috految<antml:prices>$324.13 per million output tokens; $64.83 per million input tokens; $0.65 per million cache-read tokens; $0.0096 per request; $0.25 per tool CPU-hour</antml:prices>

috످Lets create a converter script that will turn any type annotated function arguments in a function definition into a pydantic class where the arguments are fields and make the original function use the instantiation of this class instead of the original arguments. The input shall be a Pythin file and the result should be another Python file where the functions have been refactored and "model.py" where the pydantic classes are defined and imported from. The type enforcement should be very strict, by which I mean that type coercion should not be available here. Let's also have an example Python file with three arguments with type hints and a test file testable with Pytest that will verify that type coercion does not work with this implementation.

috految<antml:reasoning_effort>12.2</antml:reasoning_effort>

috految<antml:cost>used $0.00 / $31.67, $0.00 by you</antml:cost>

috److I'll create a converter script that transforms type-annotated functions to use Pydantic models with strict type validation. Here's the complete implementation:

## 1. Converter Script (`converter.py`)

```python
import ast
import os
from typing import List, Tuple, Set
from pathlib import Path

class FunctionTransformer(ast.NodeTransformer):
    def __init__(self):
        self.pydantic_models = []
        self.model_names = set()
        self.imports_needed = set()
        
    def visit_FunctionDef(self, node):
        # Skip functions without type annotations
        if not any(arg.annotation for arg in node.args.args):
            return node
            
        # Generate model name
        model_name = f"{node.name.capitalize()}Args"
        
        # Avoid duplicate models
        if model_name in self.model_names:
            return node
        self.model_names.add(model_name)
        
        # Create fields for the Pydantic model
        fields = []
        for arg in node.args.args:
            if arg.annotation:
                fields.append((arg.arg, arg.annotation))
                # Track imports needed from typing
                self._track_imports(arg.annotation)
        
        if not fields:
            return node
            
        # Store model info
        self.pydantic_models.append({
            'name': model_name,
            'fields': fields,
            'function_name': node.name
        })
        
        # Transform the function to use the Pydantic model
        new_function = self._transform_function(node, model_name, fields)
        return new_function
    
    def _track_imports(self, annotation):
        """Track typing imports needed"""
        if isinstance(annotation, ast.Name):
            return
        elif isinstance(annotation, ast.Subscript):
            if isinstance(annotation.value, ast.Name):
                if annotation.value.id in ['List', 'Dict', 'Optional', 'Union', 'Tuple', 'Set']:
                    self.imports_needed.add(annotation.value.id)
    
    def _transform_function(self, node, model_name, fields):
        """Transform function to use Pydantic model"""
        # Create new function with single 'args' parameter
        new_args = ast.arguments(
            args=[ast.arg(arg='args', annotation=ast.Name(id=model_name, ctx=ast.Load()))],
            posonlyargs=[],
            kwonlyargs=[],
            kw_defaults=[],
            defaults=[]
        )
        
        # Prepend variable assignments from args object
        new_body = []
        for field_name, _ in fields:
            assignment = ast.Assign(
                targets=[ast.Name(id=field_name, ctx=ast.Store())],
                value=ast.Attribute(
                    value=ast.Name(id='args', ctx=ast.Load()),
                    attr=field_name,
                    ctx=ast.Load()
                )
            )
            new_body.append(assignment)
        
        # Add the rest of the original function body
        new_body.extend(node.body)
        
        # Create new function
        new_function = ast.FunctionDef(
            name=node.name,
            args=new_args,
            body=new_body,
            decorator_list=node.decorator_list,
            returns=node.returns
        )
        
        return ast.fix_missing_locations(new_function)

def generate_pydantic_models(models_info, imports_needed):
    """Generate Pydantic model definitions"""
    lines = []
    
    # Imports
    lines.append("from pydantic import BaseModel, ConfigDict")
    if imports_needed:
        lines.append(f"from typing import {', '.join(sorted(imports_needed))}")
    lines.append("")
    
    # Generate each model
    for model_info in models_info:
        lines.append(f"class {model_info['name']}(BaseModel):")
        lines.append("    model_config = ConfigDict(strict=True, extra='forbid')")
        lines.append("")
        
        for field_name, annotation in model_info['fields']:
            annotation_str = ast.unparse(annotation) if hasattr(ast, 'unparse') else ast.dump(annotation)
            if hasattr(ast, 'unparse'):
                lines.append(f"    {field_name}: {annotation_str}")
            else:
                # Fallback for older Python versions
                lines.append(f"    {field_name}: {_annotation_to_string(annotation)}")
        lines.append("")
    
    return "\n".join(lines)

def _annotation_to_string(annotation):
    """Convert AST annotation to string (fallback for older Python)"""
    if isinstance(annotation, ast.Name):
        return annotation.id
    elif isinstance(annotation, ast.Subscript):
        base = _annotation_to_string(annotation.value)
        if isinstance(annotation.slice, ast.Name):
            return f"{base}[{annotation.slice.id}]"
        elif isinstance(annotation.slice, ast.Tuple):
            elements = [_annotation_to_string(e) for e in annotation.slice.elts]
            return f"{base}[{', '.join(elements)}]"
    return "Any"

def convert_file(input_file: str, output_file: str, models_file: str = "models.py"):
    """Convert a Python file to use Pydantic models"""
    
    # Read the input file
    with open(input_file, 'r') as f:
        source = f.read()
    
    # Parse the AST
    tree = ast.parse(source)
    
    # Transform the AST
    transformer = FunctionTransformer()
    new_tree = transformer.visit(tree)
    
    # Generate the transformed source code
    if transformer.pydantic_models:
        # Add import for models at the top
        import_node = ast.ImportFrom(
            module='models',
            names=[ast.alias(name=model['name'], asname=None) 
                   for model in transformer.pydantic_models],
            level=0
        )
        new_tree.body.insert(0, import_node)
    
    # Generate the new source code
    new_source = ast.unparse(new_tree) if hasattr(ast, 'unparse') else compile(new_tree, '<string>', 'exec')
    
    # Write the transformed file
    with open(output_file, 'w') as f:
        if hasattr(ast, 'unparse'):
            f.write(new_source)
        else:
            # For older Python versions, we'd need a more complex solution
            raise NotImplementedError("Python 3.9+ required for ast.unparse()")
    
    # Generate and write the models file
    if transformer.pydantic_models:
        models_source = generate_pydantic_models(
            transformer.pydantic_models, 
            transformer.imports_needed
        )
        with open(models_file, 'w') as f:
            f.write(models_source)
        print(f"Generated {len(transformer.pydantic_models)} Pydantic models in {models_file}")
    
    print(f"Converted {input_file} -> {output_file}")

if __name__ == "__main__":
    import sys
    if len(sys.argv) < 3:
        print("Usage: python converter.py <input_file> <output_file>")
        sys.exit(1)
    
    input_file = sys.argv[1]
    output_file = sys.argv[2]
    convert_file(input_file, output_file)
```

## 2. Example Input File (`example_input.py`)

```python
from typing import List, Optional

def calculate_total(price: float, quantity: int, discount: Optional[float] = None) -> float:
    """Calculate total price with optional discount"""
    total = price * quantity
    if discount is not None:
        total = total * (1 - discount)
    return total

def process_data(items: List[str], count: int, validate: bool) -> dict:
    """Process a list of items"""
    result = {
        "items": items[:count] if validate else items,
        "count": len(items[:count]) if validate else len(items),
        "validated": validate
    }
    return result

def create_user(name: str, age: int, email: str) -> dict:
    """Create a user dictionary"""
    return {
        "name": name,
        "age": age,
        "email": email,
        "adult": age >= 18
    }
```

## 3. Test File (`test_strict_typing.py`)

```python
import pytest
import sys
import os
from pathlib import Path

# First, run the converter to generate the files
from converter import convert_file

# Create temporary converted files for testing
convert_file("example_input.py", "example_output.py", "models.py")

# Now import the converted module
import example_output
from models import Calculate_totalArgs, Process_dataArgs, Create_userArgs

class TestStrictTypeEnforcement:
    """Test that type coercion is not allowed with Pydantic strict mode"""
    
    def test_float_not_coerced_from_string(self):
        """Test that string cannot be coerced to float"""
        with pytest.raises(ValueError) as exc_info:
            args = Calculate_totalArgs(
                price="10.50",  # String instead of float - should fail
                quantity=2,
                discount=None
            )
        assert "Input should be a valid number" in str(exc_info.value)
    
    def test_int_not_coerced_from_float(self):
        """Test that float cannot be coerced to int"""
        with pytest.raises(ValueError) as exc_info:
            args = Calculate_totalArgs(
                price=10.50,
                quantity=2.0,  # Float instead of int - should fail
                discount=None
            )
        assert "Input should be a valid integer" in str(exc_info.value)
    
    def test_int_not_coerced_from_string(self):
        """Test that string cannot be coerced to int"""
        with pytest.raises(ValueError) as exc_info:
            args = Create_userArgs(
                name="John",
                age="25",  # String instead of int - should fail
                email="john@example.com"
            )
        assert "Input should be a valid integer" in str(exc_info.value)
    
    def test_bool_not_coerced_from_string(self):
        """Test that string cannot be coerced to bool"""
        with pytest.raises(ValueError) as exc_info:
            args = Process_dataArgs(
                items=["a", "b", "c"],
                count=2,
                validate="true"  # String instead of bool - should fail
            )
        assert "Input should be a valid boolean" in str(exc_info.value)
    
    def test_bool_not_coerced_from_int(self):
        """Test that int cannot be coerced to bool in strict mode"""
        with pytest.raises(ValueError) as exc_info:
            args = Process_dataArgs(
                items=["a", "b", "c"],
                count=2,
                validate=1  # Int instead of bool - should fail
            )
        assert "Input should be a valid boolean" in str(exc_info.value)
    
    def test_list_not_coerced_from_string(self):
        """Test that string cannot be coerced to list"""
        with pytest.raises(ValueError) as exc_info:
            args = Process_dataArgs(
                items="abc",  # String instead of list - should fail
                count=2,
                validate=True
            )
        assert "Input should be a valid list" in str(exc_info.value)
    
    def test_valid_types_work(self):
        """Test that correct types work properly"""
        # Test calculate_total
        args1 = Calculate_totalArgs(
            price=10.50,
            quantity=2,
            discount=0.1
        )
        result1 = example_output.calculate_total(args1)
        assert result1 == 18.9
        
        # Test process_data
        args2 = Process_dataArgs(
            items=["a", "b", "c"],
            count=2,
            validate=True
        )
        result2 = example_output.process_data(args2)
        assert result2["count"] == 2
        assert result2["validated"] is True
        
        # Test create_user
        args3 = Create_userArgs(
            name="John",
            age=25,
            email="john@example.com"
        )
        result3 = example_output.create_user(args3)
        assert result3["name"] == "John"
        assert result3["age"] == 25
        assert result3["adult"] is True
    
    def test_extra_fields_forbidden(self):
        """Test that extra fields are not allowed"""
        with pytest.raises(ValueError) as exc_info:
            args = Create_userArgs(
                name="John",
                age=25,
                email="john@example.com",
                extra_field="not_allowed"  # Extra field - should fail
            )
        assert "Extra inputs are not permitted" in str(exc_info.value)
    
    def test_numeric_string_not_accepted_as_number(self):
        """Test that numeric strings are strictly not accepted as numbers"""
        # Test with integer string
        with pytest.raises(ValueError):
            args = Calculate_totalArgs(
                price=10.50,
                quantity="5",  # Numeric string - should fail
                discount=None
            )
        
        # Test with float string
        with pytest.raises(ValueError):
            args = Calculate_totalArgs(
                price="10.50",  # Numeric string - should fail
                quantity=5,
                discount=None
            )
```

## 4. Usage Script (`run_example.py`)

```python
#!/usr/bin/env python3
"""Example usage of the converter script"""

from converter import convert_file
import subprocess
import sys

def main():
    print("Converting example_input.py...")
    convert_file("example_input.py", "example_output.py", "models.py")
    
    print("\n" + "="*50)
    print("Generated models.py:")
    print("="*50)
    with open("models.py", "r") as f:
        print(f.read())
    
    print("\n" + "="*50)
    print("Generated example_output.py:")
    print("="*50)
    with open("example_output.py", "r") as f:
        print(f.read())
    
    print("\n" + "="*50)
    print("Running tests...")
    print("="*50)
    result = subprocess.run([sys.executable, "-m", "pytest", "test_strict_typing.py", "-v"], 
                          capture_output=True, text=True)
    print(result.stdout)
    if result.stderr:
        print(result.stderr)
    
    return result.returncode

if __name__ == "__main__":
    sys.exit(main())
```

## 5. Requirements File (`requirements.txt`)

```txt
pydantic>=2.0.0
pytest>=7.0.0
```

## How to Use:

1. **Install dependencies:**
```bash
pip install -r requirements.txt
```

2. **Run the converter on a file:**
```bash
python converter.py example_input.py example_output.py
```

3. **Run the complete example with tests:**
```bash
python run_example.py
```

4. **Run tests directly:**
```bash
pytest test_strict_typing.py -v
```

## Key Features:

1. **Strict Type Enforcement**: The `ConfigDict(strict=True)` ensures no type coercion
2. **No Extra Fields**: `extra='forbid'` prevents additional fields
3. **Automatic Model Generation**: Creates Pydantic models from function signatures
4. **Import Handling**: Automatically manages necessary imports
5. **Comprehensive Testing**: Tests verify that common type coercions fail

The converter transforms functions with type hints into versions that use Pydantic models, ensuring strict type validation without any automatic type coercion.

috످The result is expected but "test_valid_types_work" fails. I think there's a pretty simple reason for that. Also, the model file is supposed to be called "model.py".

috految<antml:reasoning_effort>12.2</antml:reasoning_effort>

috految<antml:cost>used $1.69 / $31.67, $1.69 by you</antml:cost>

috److The test fails because of **floating-point precision**. I compared floats using `==`, but numbers like `0.1` can't be represented exactly in binary:

```python
>>> 10.50 * 2 * (1 - 0.1)
18.900000000000002  # The test expected exactly 18.9
```

## 1. Fix the failing test

In **`test_strict_typing.py`**, use `pytest.approx()` to allow for tiny rounding differences:

```diff
         result1 = example_output.calculate_total(args1)
-        assert result1 == 18.9
+        assert result1 == pytest.approx(18.9)
```

## 2. Rename `models.py` to `model.py`

In **`converter.py`**, update the default filename and the hardcoded import:

```diff
-def convert_file(input_file: str, output_file: str, models_file: str = "models.py"):
+def convert_file(input_file: str, output_file: str, models_file: str = "model.py"):
```

```diff
         import_node = ast.ImportFrom(
-            module='models',
+            module=Path(models_file).stem,
```

In **`test_strict_typing.py`**:

```diff
-convert_file("example_input.py", "example_output.py", "models.py")
+convert_file("example_input.py", "example_output.py")

 # Now import the converted module
 import example_output
-from models import Calculate_totalArgs, Process_dataArgs, Create_userArgs
+from model import Calculate_totalArgs, Process_dataArgs, Create_userArgs
```

In **`run_example.py`**:

```diff
-    convert_file("example_input.py", "example_output.py", "models.py")
+    convert_file("example_input.py", "example_output.py")

     print("\n" + "="*50)
-    print("Generated models.py:")
+    print("Generated model.py:")
     print("="*50)
-    with open("models.py", "r") as f:
+    with open("model.py", "r") as f:
```

## 3. Fix two gaps in type enforcement

My original code also fell short of your strict typing requirement:

- **Pydantic coerces `int` to `float` even in strict mode**, so `price=10` silently becomes `10.0`.
- **Assignments aren't validated**, so `args.quantity = "5"` is accepted after instantiation.

In **`converter.py`**, replace `generate_pydantic_models` and `_annotation_to_string` with:

```python
MODEL_HEADER = '''from pydantic import BaseModel, ConfigDict, field_validator


def _reject_coercion(original, validated):
    """Raise an error if validation changed a value's type."""
    if type(original) is not type(validated):
        raise ValueError(
            f"Type coercion is not allowed: expected {type(validated).__name__}, "
            f"got {type(original).__name__}"
        )

    if isinstance(original, dict):
        _reject_coercion(list(original.items()), list(validated.items()))
    elif isinstance(original, (list, tuple)):
        for before, after in zip(original, validated):
            _reject_coercion(before, after)
    elif isinstance(original, (set, frozenset)):
        lookup = {item: item for item in validated}
        for item in original:
            _reject_coercion(item, lookup.get(item))


class StrictModel(BaseModel):
    model_config = ConfigDict(strict=True, extra="forbid", validate_assignment=True)

    @field_validator("*", mode="wrap")
    @classmethod
    def forbid_coercion(cls, value, handler):
        validated = handler(value)
        _reject_coercion(value, validated)
        return validated
'''


def generate_pydantic_models(models_info, imports_needed):
    """Generate strict Pydantic model definitions."""
    lines = []
    if imports_needed:
        lines.append(f"from typing import {', '.join(sorted(imports_needed))}")
    lines.append(MODEL_HEADER)

    for model in models_info:
        lines.append(f"\nclass {model['name']}(StrictModel):")
        for name, annotation in model["fields"]:
            lines.append(f"    {name}: {ast.unparse(annotation)}")
        lines.append("")

    return "\n".join(lines)
```

Add these tests to the `TestStrictTypeEnforcement` class:

```python
    def test_float_not_coerced_from_int(self):
        with pytest.raises(ValueError, match="Type coercion is not allowed"):
            Calculate_totalArgs(price=10, quantity=2, discount=None)

    def test_assignment_is_validated(self):
        args = Calculate_totalArgs(price=10.5, quantity=2, discount=None)
        with pytest.raises(ValueError, match="valid integer"):
            args.quantity = "5"
```

## 4. Regenerate and test

```bash
rm models.py
python converter.py example_input.py example_output.py
pytest test_strict_typing.py -v
```

I haven't run the updated code, but all 11 tests should pass.

You may see a warning that the `validate` field shadows a Pydantic method. To resolve it, rename that argument to `should_validate` in `example_input.py` and the tests.

## Remaining limitations

- **Default values are dropped:** `discount: Optional[float] = None` becomes a required field.
- **Some parameters are lost:** This affects `self`, `*args`, `**kwargs`, and unannotated, keyword-only, or positional-only arguments.
- **Existing calls aren't updated:** You need to change them to pass a model instance.
- **Some imports are missed:** Types like `datetime` and custom classes aren't imported into `model.py`.
- **Async and nested functions** aren't supported.
- **Comments are removed**, and docstrings end up below the generated assignments.

Would you like me to fix these next? The first three are the most likely to break existing code.

috످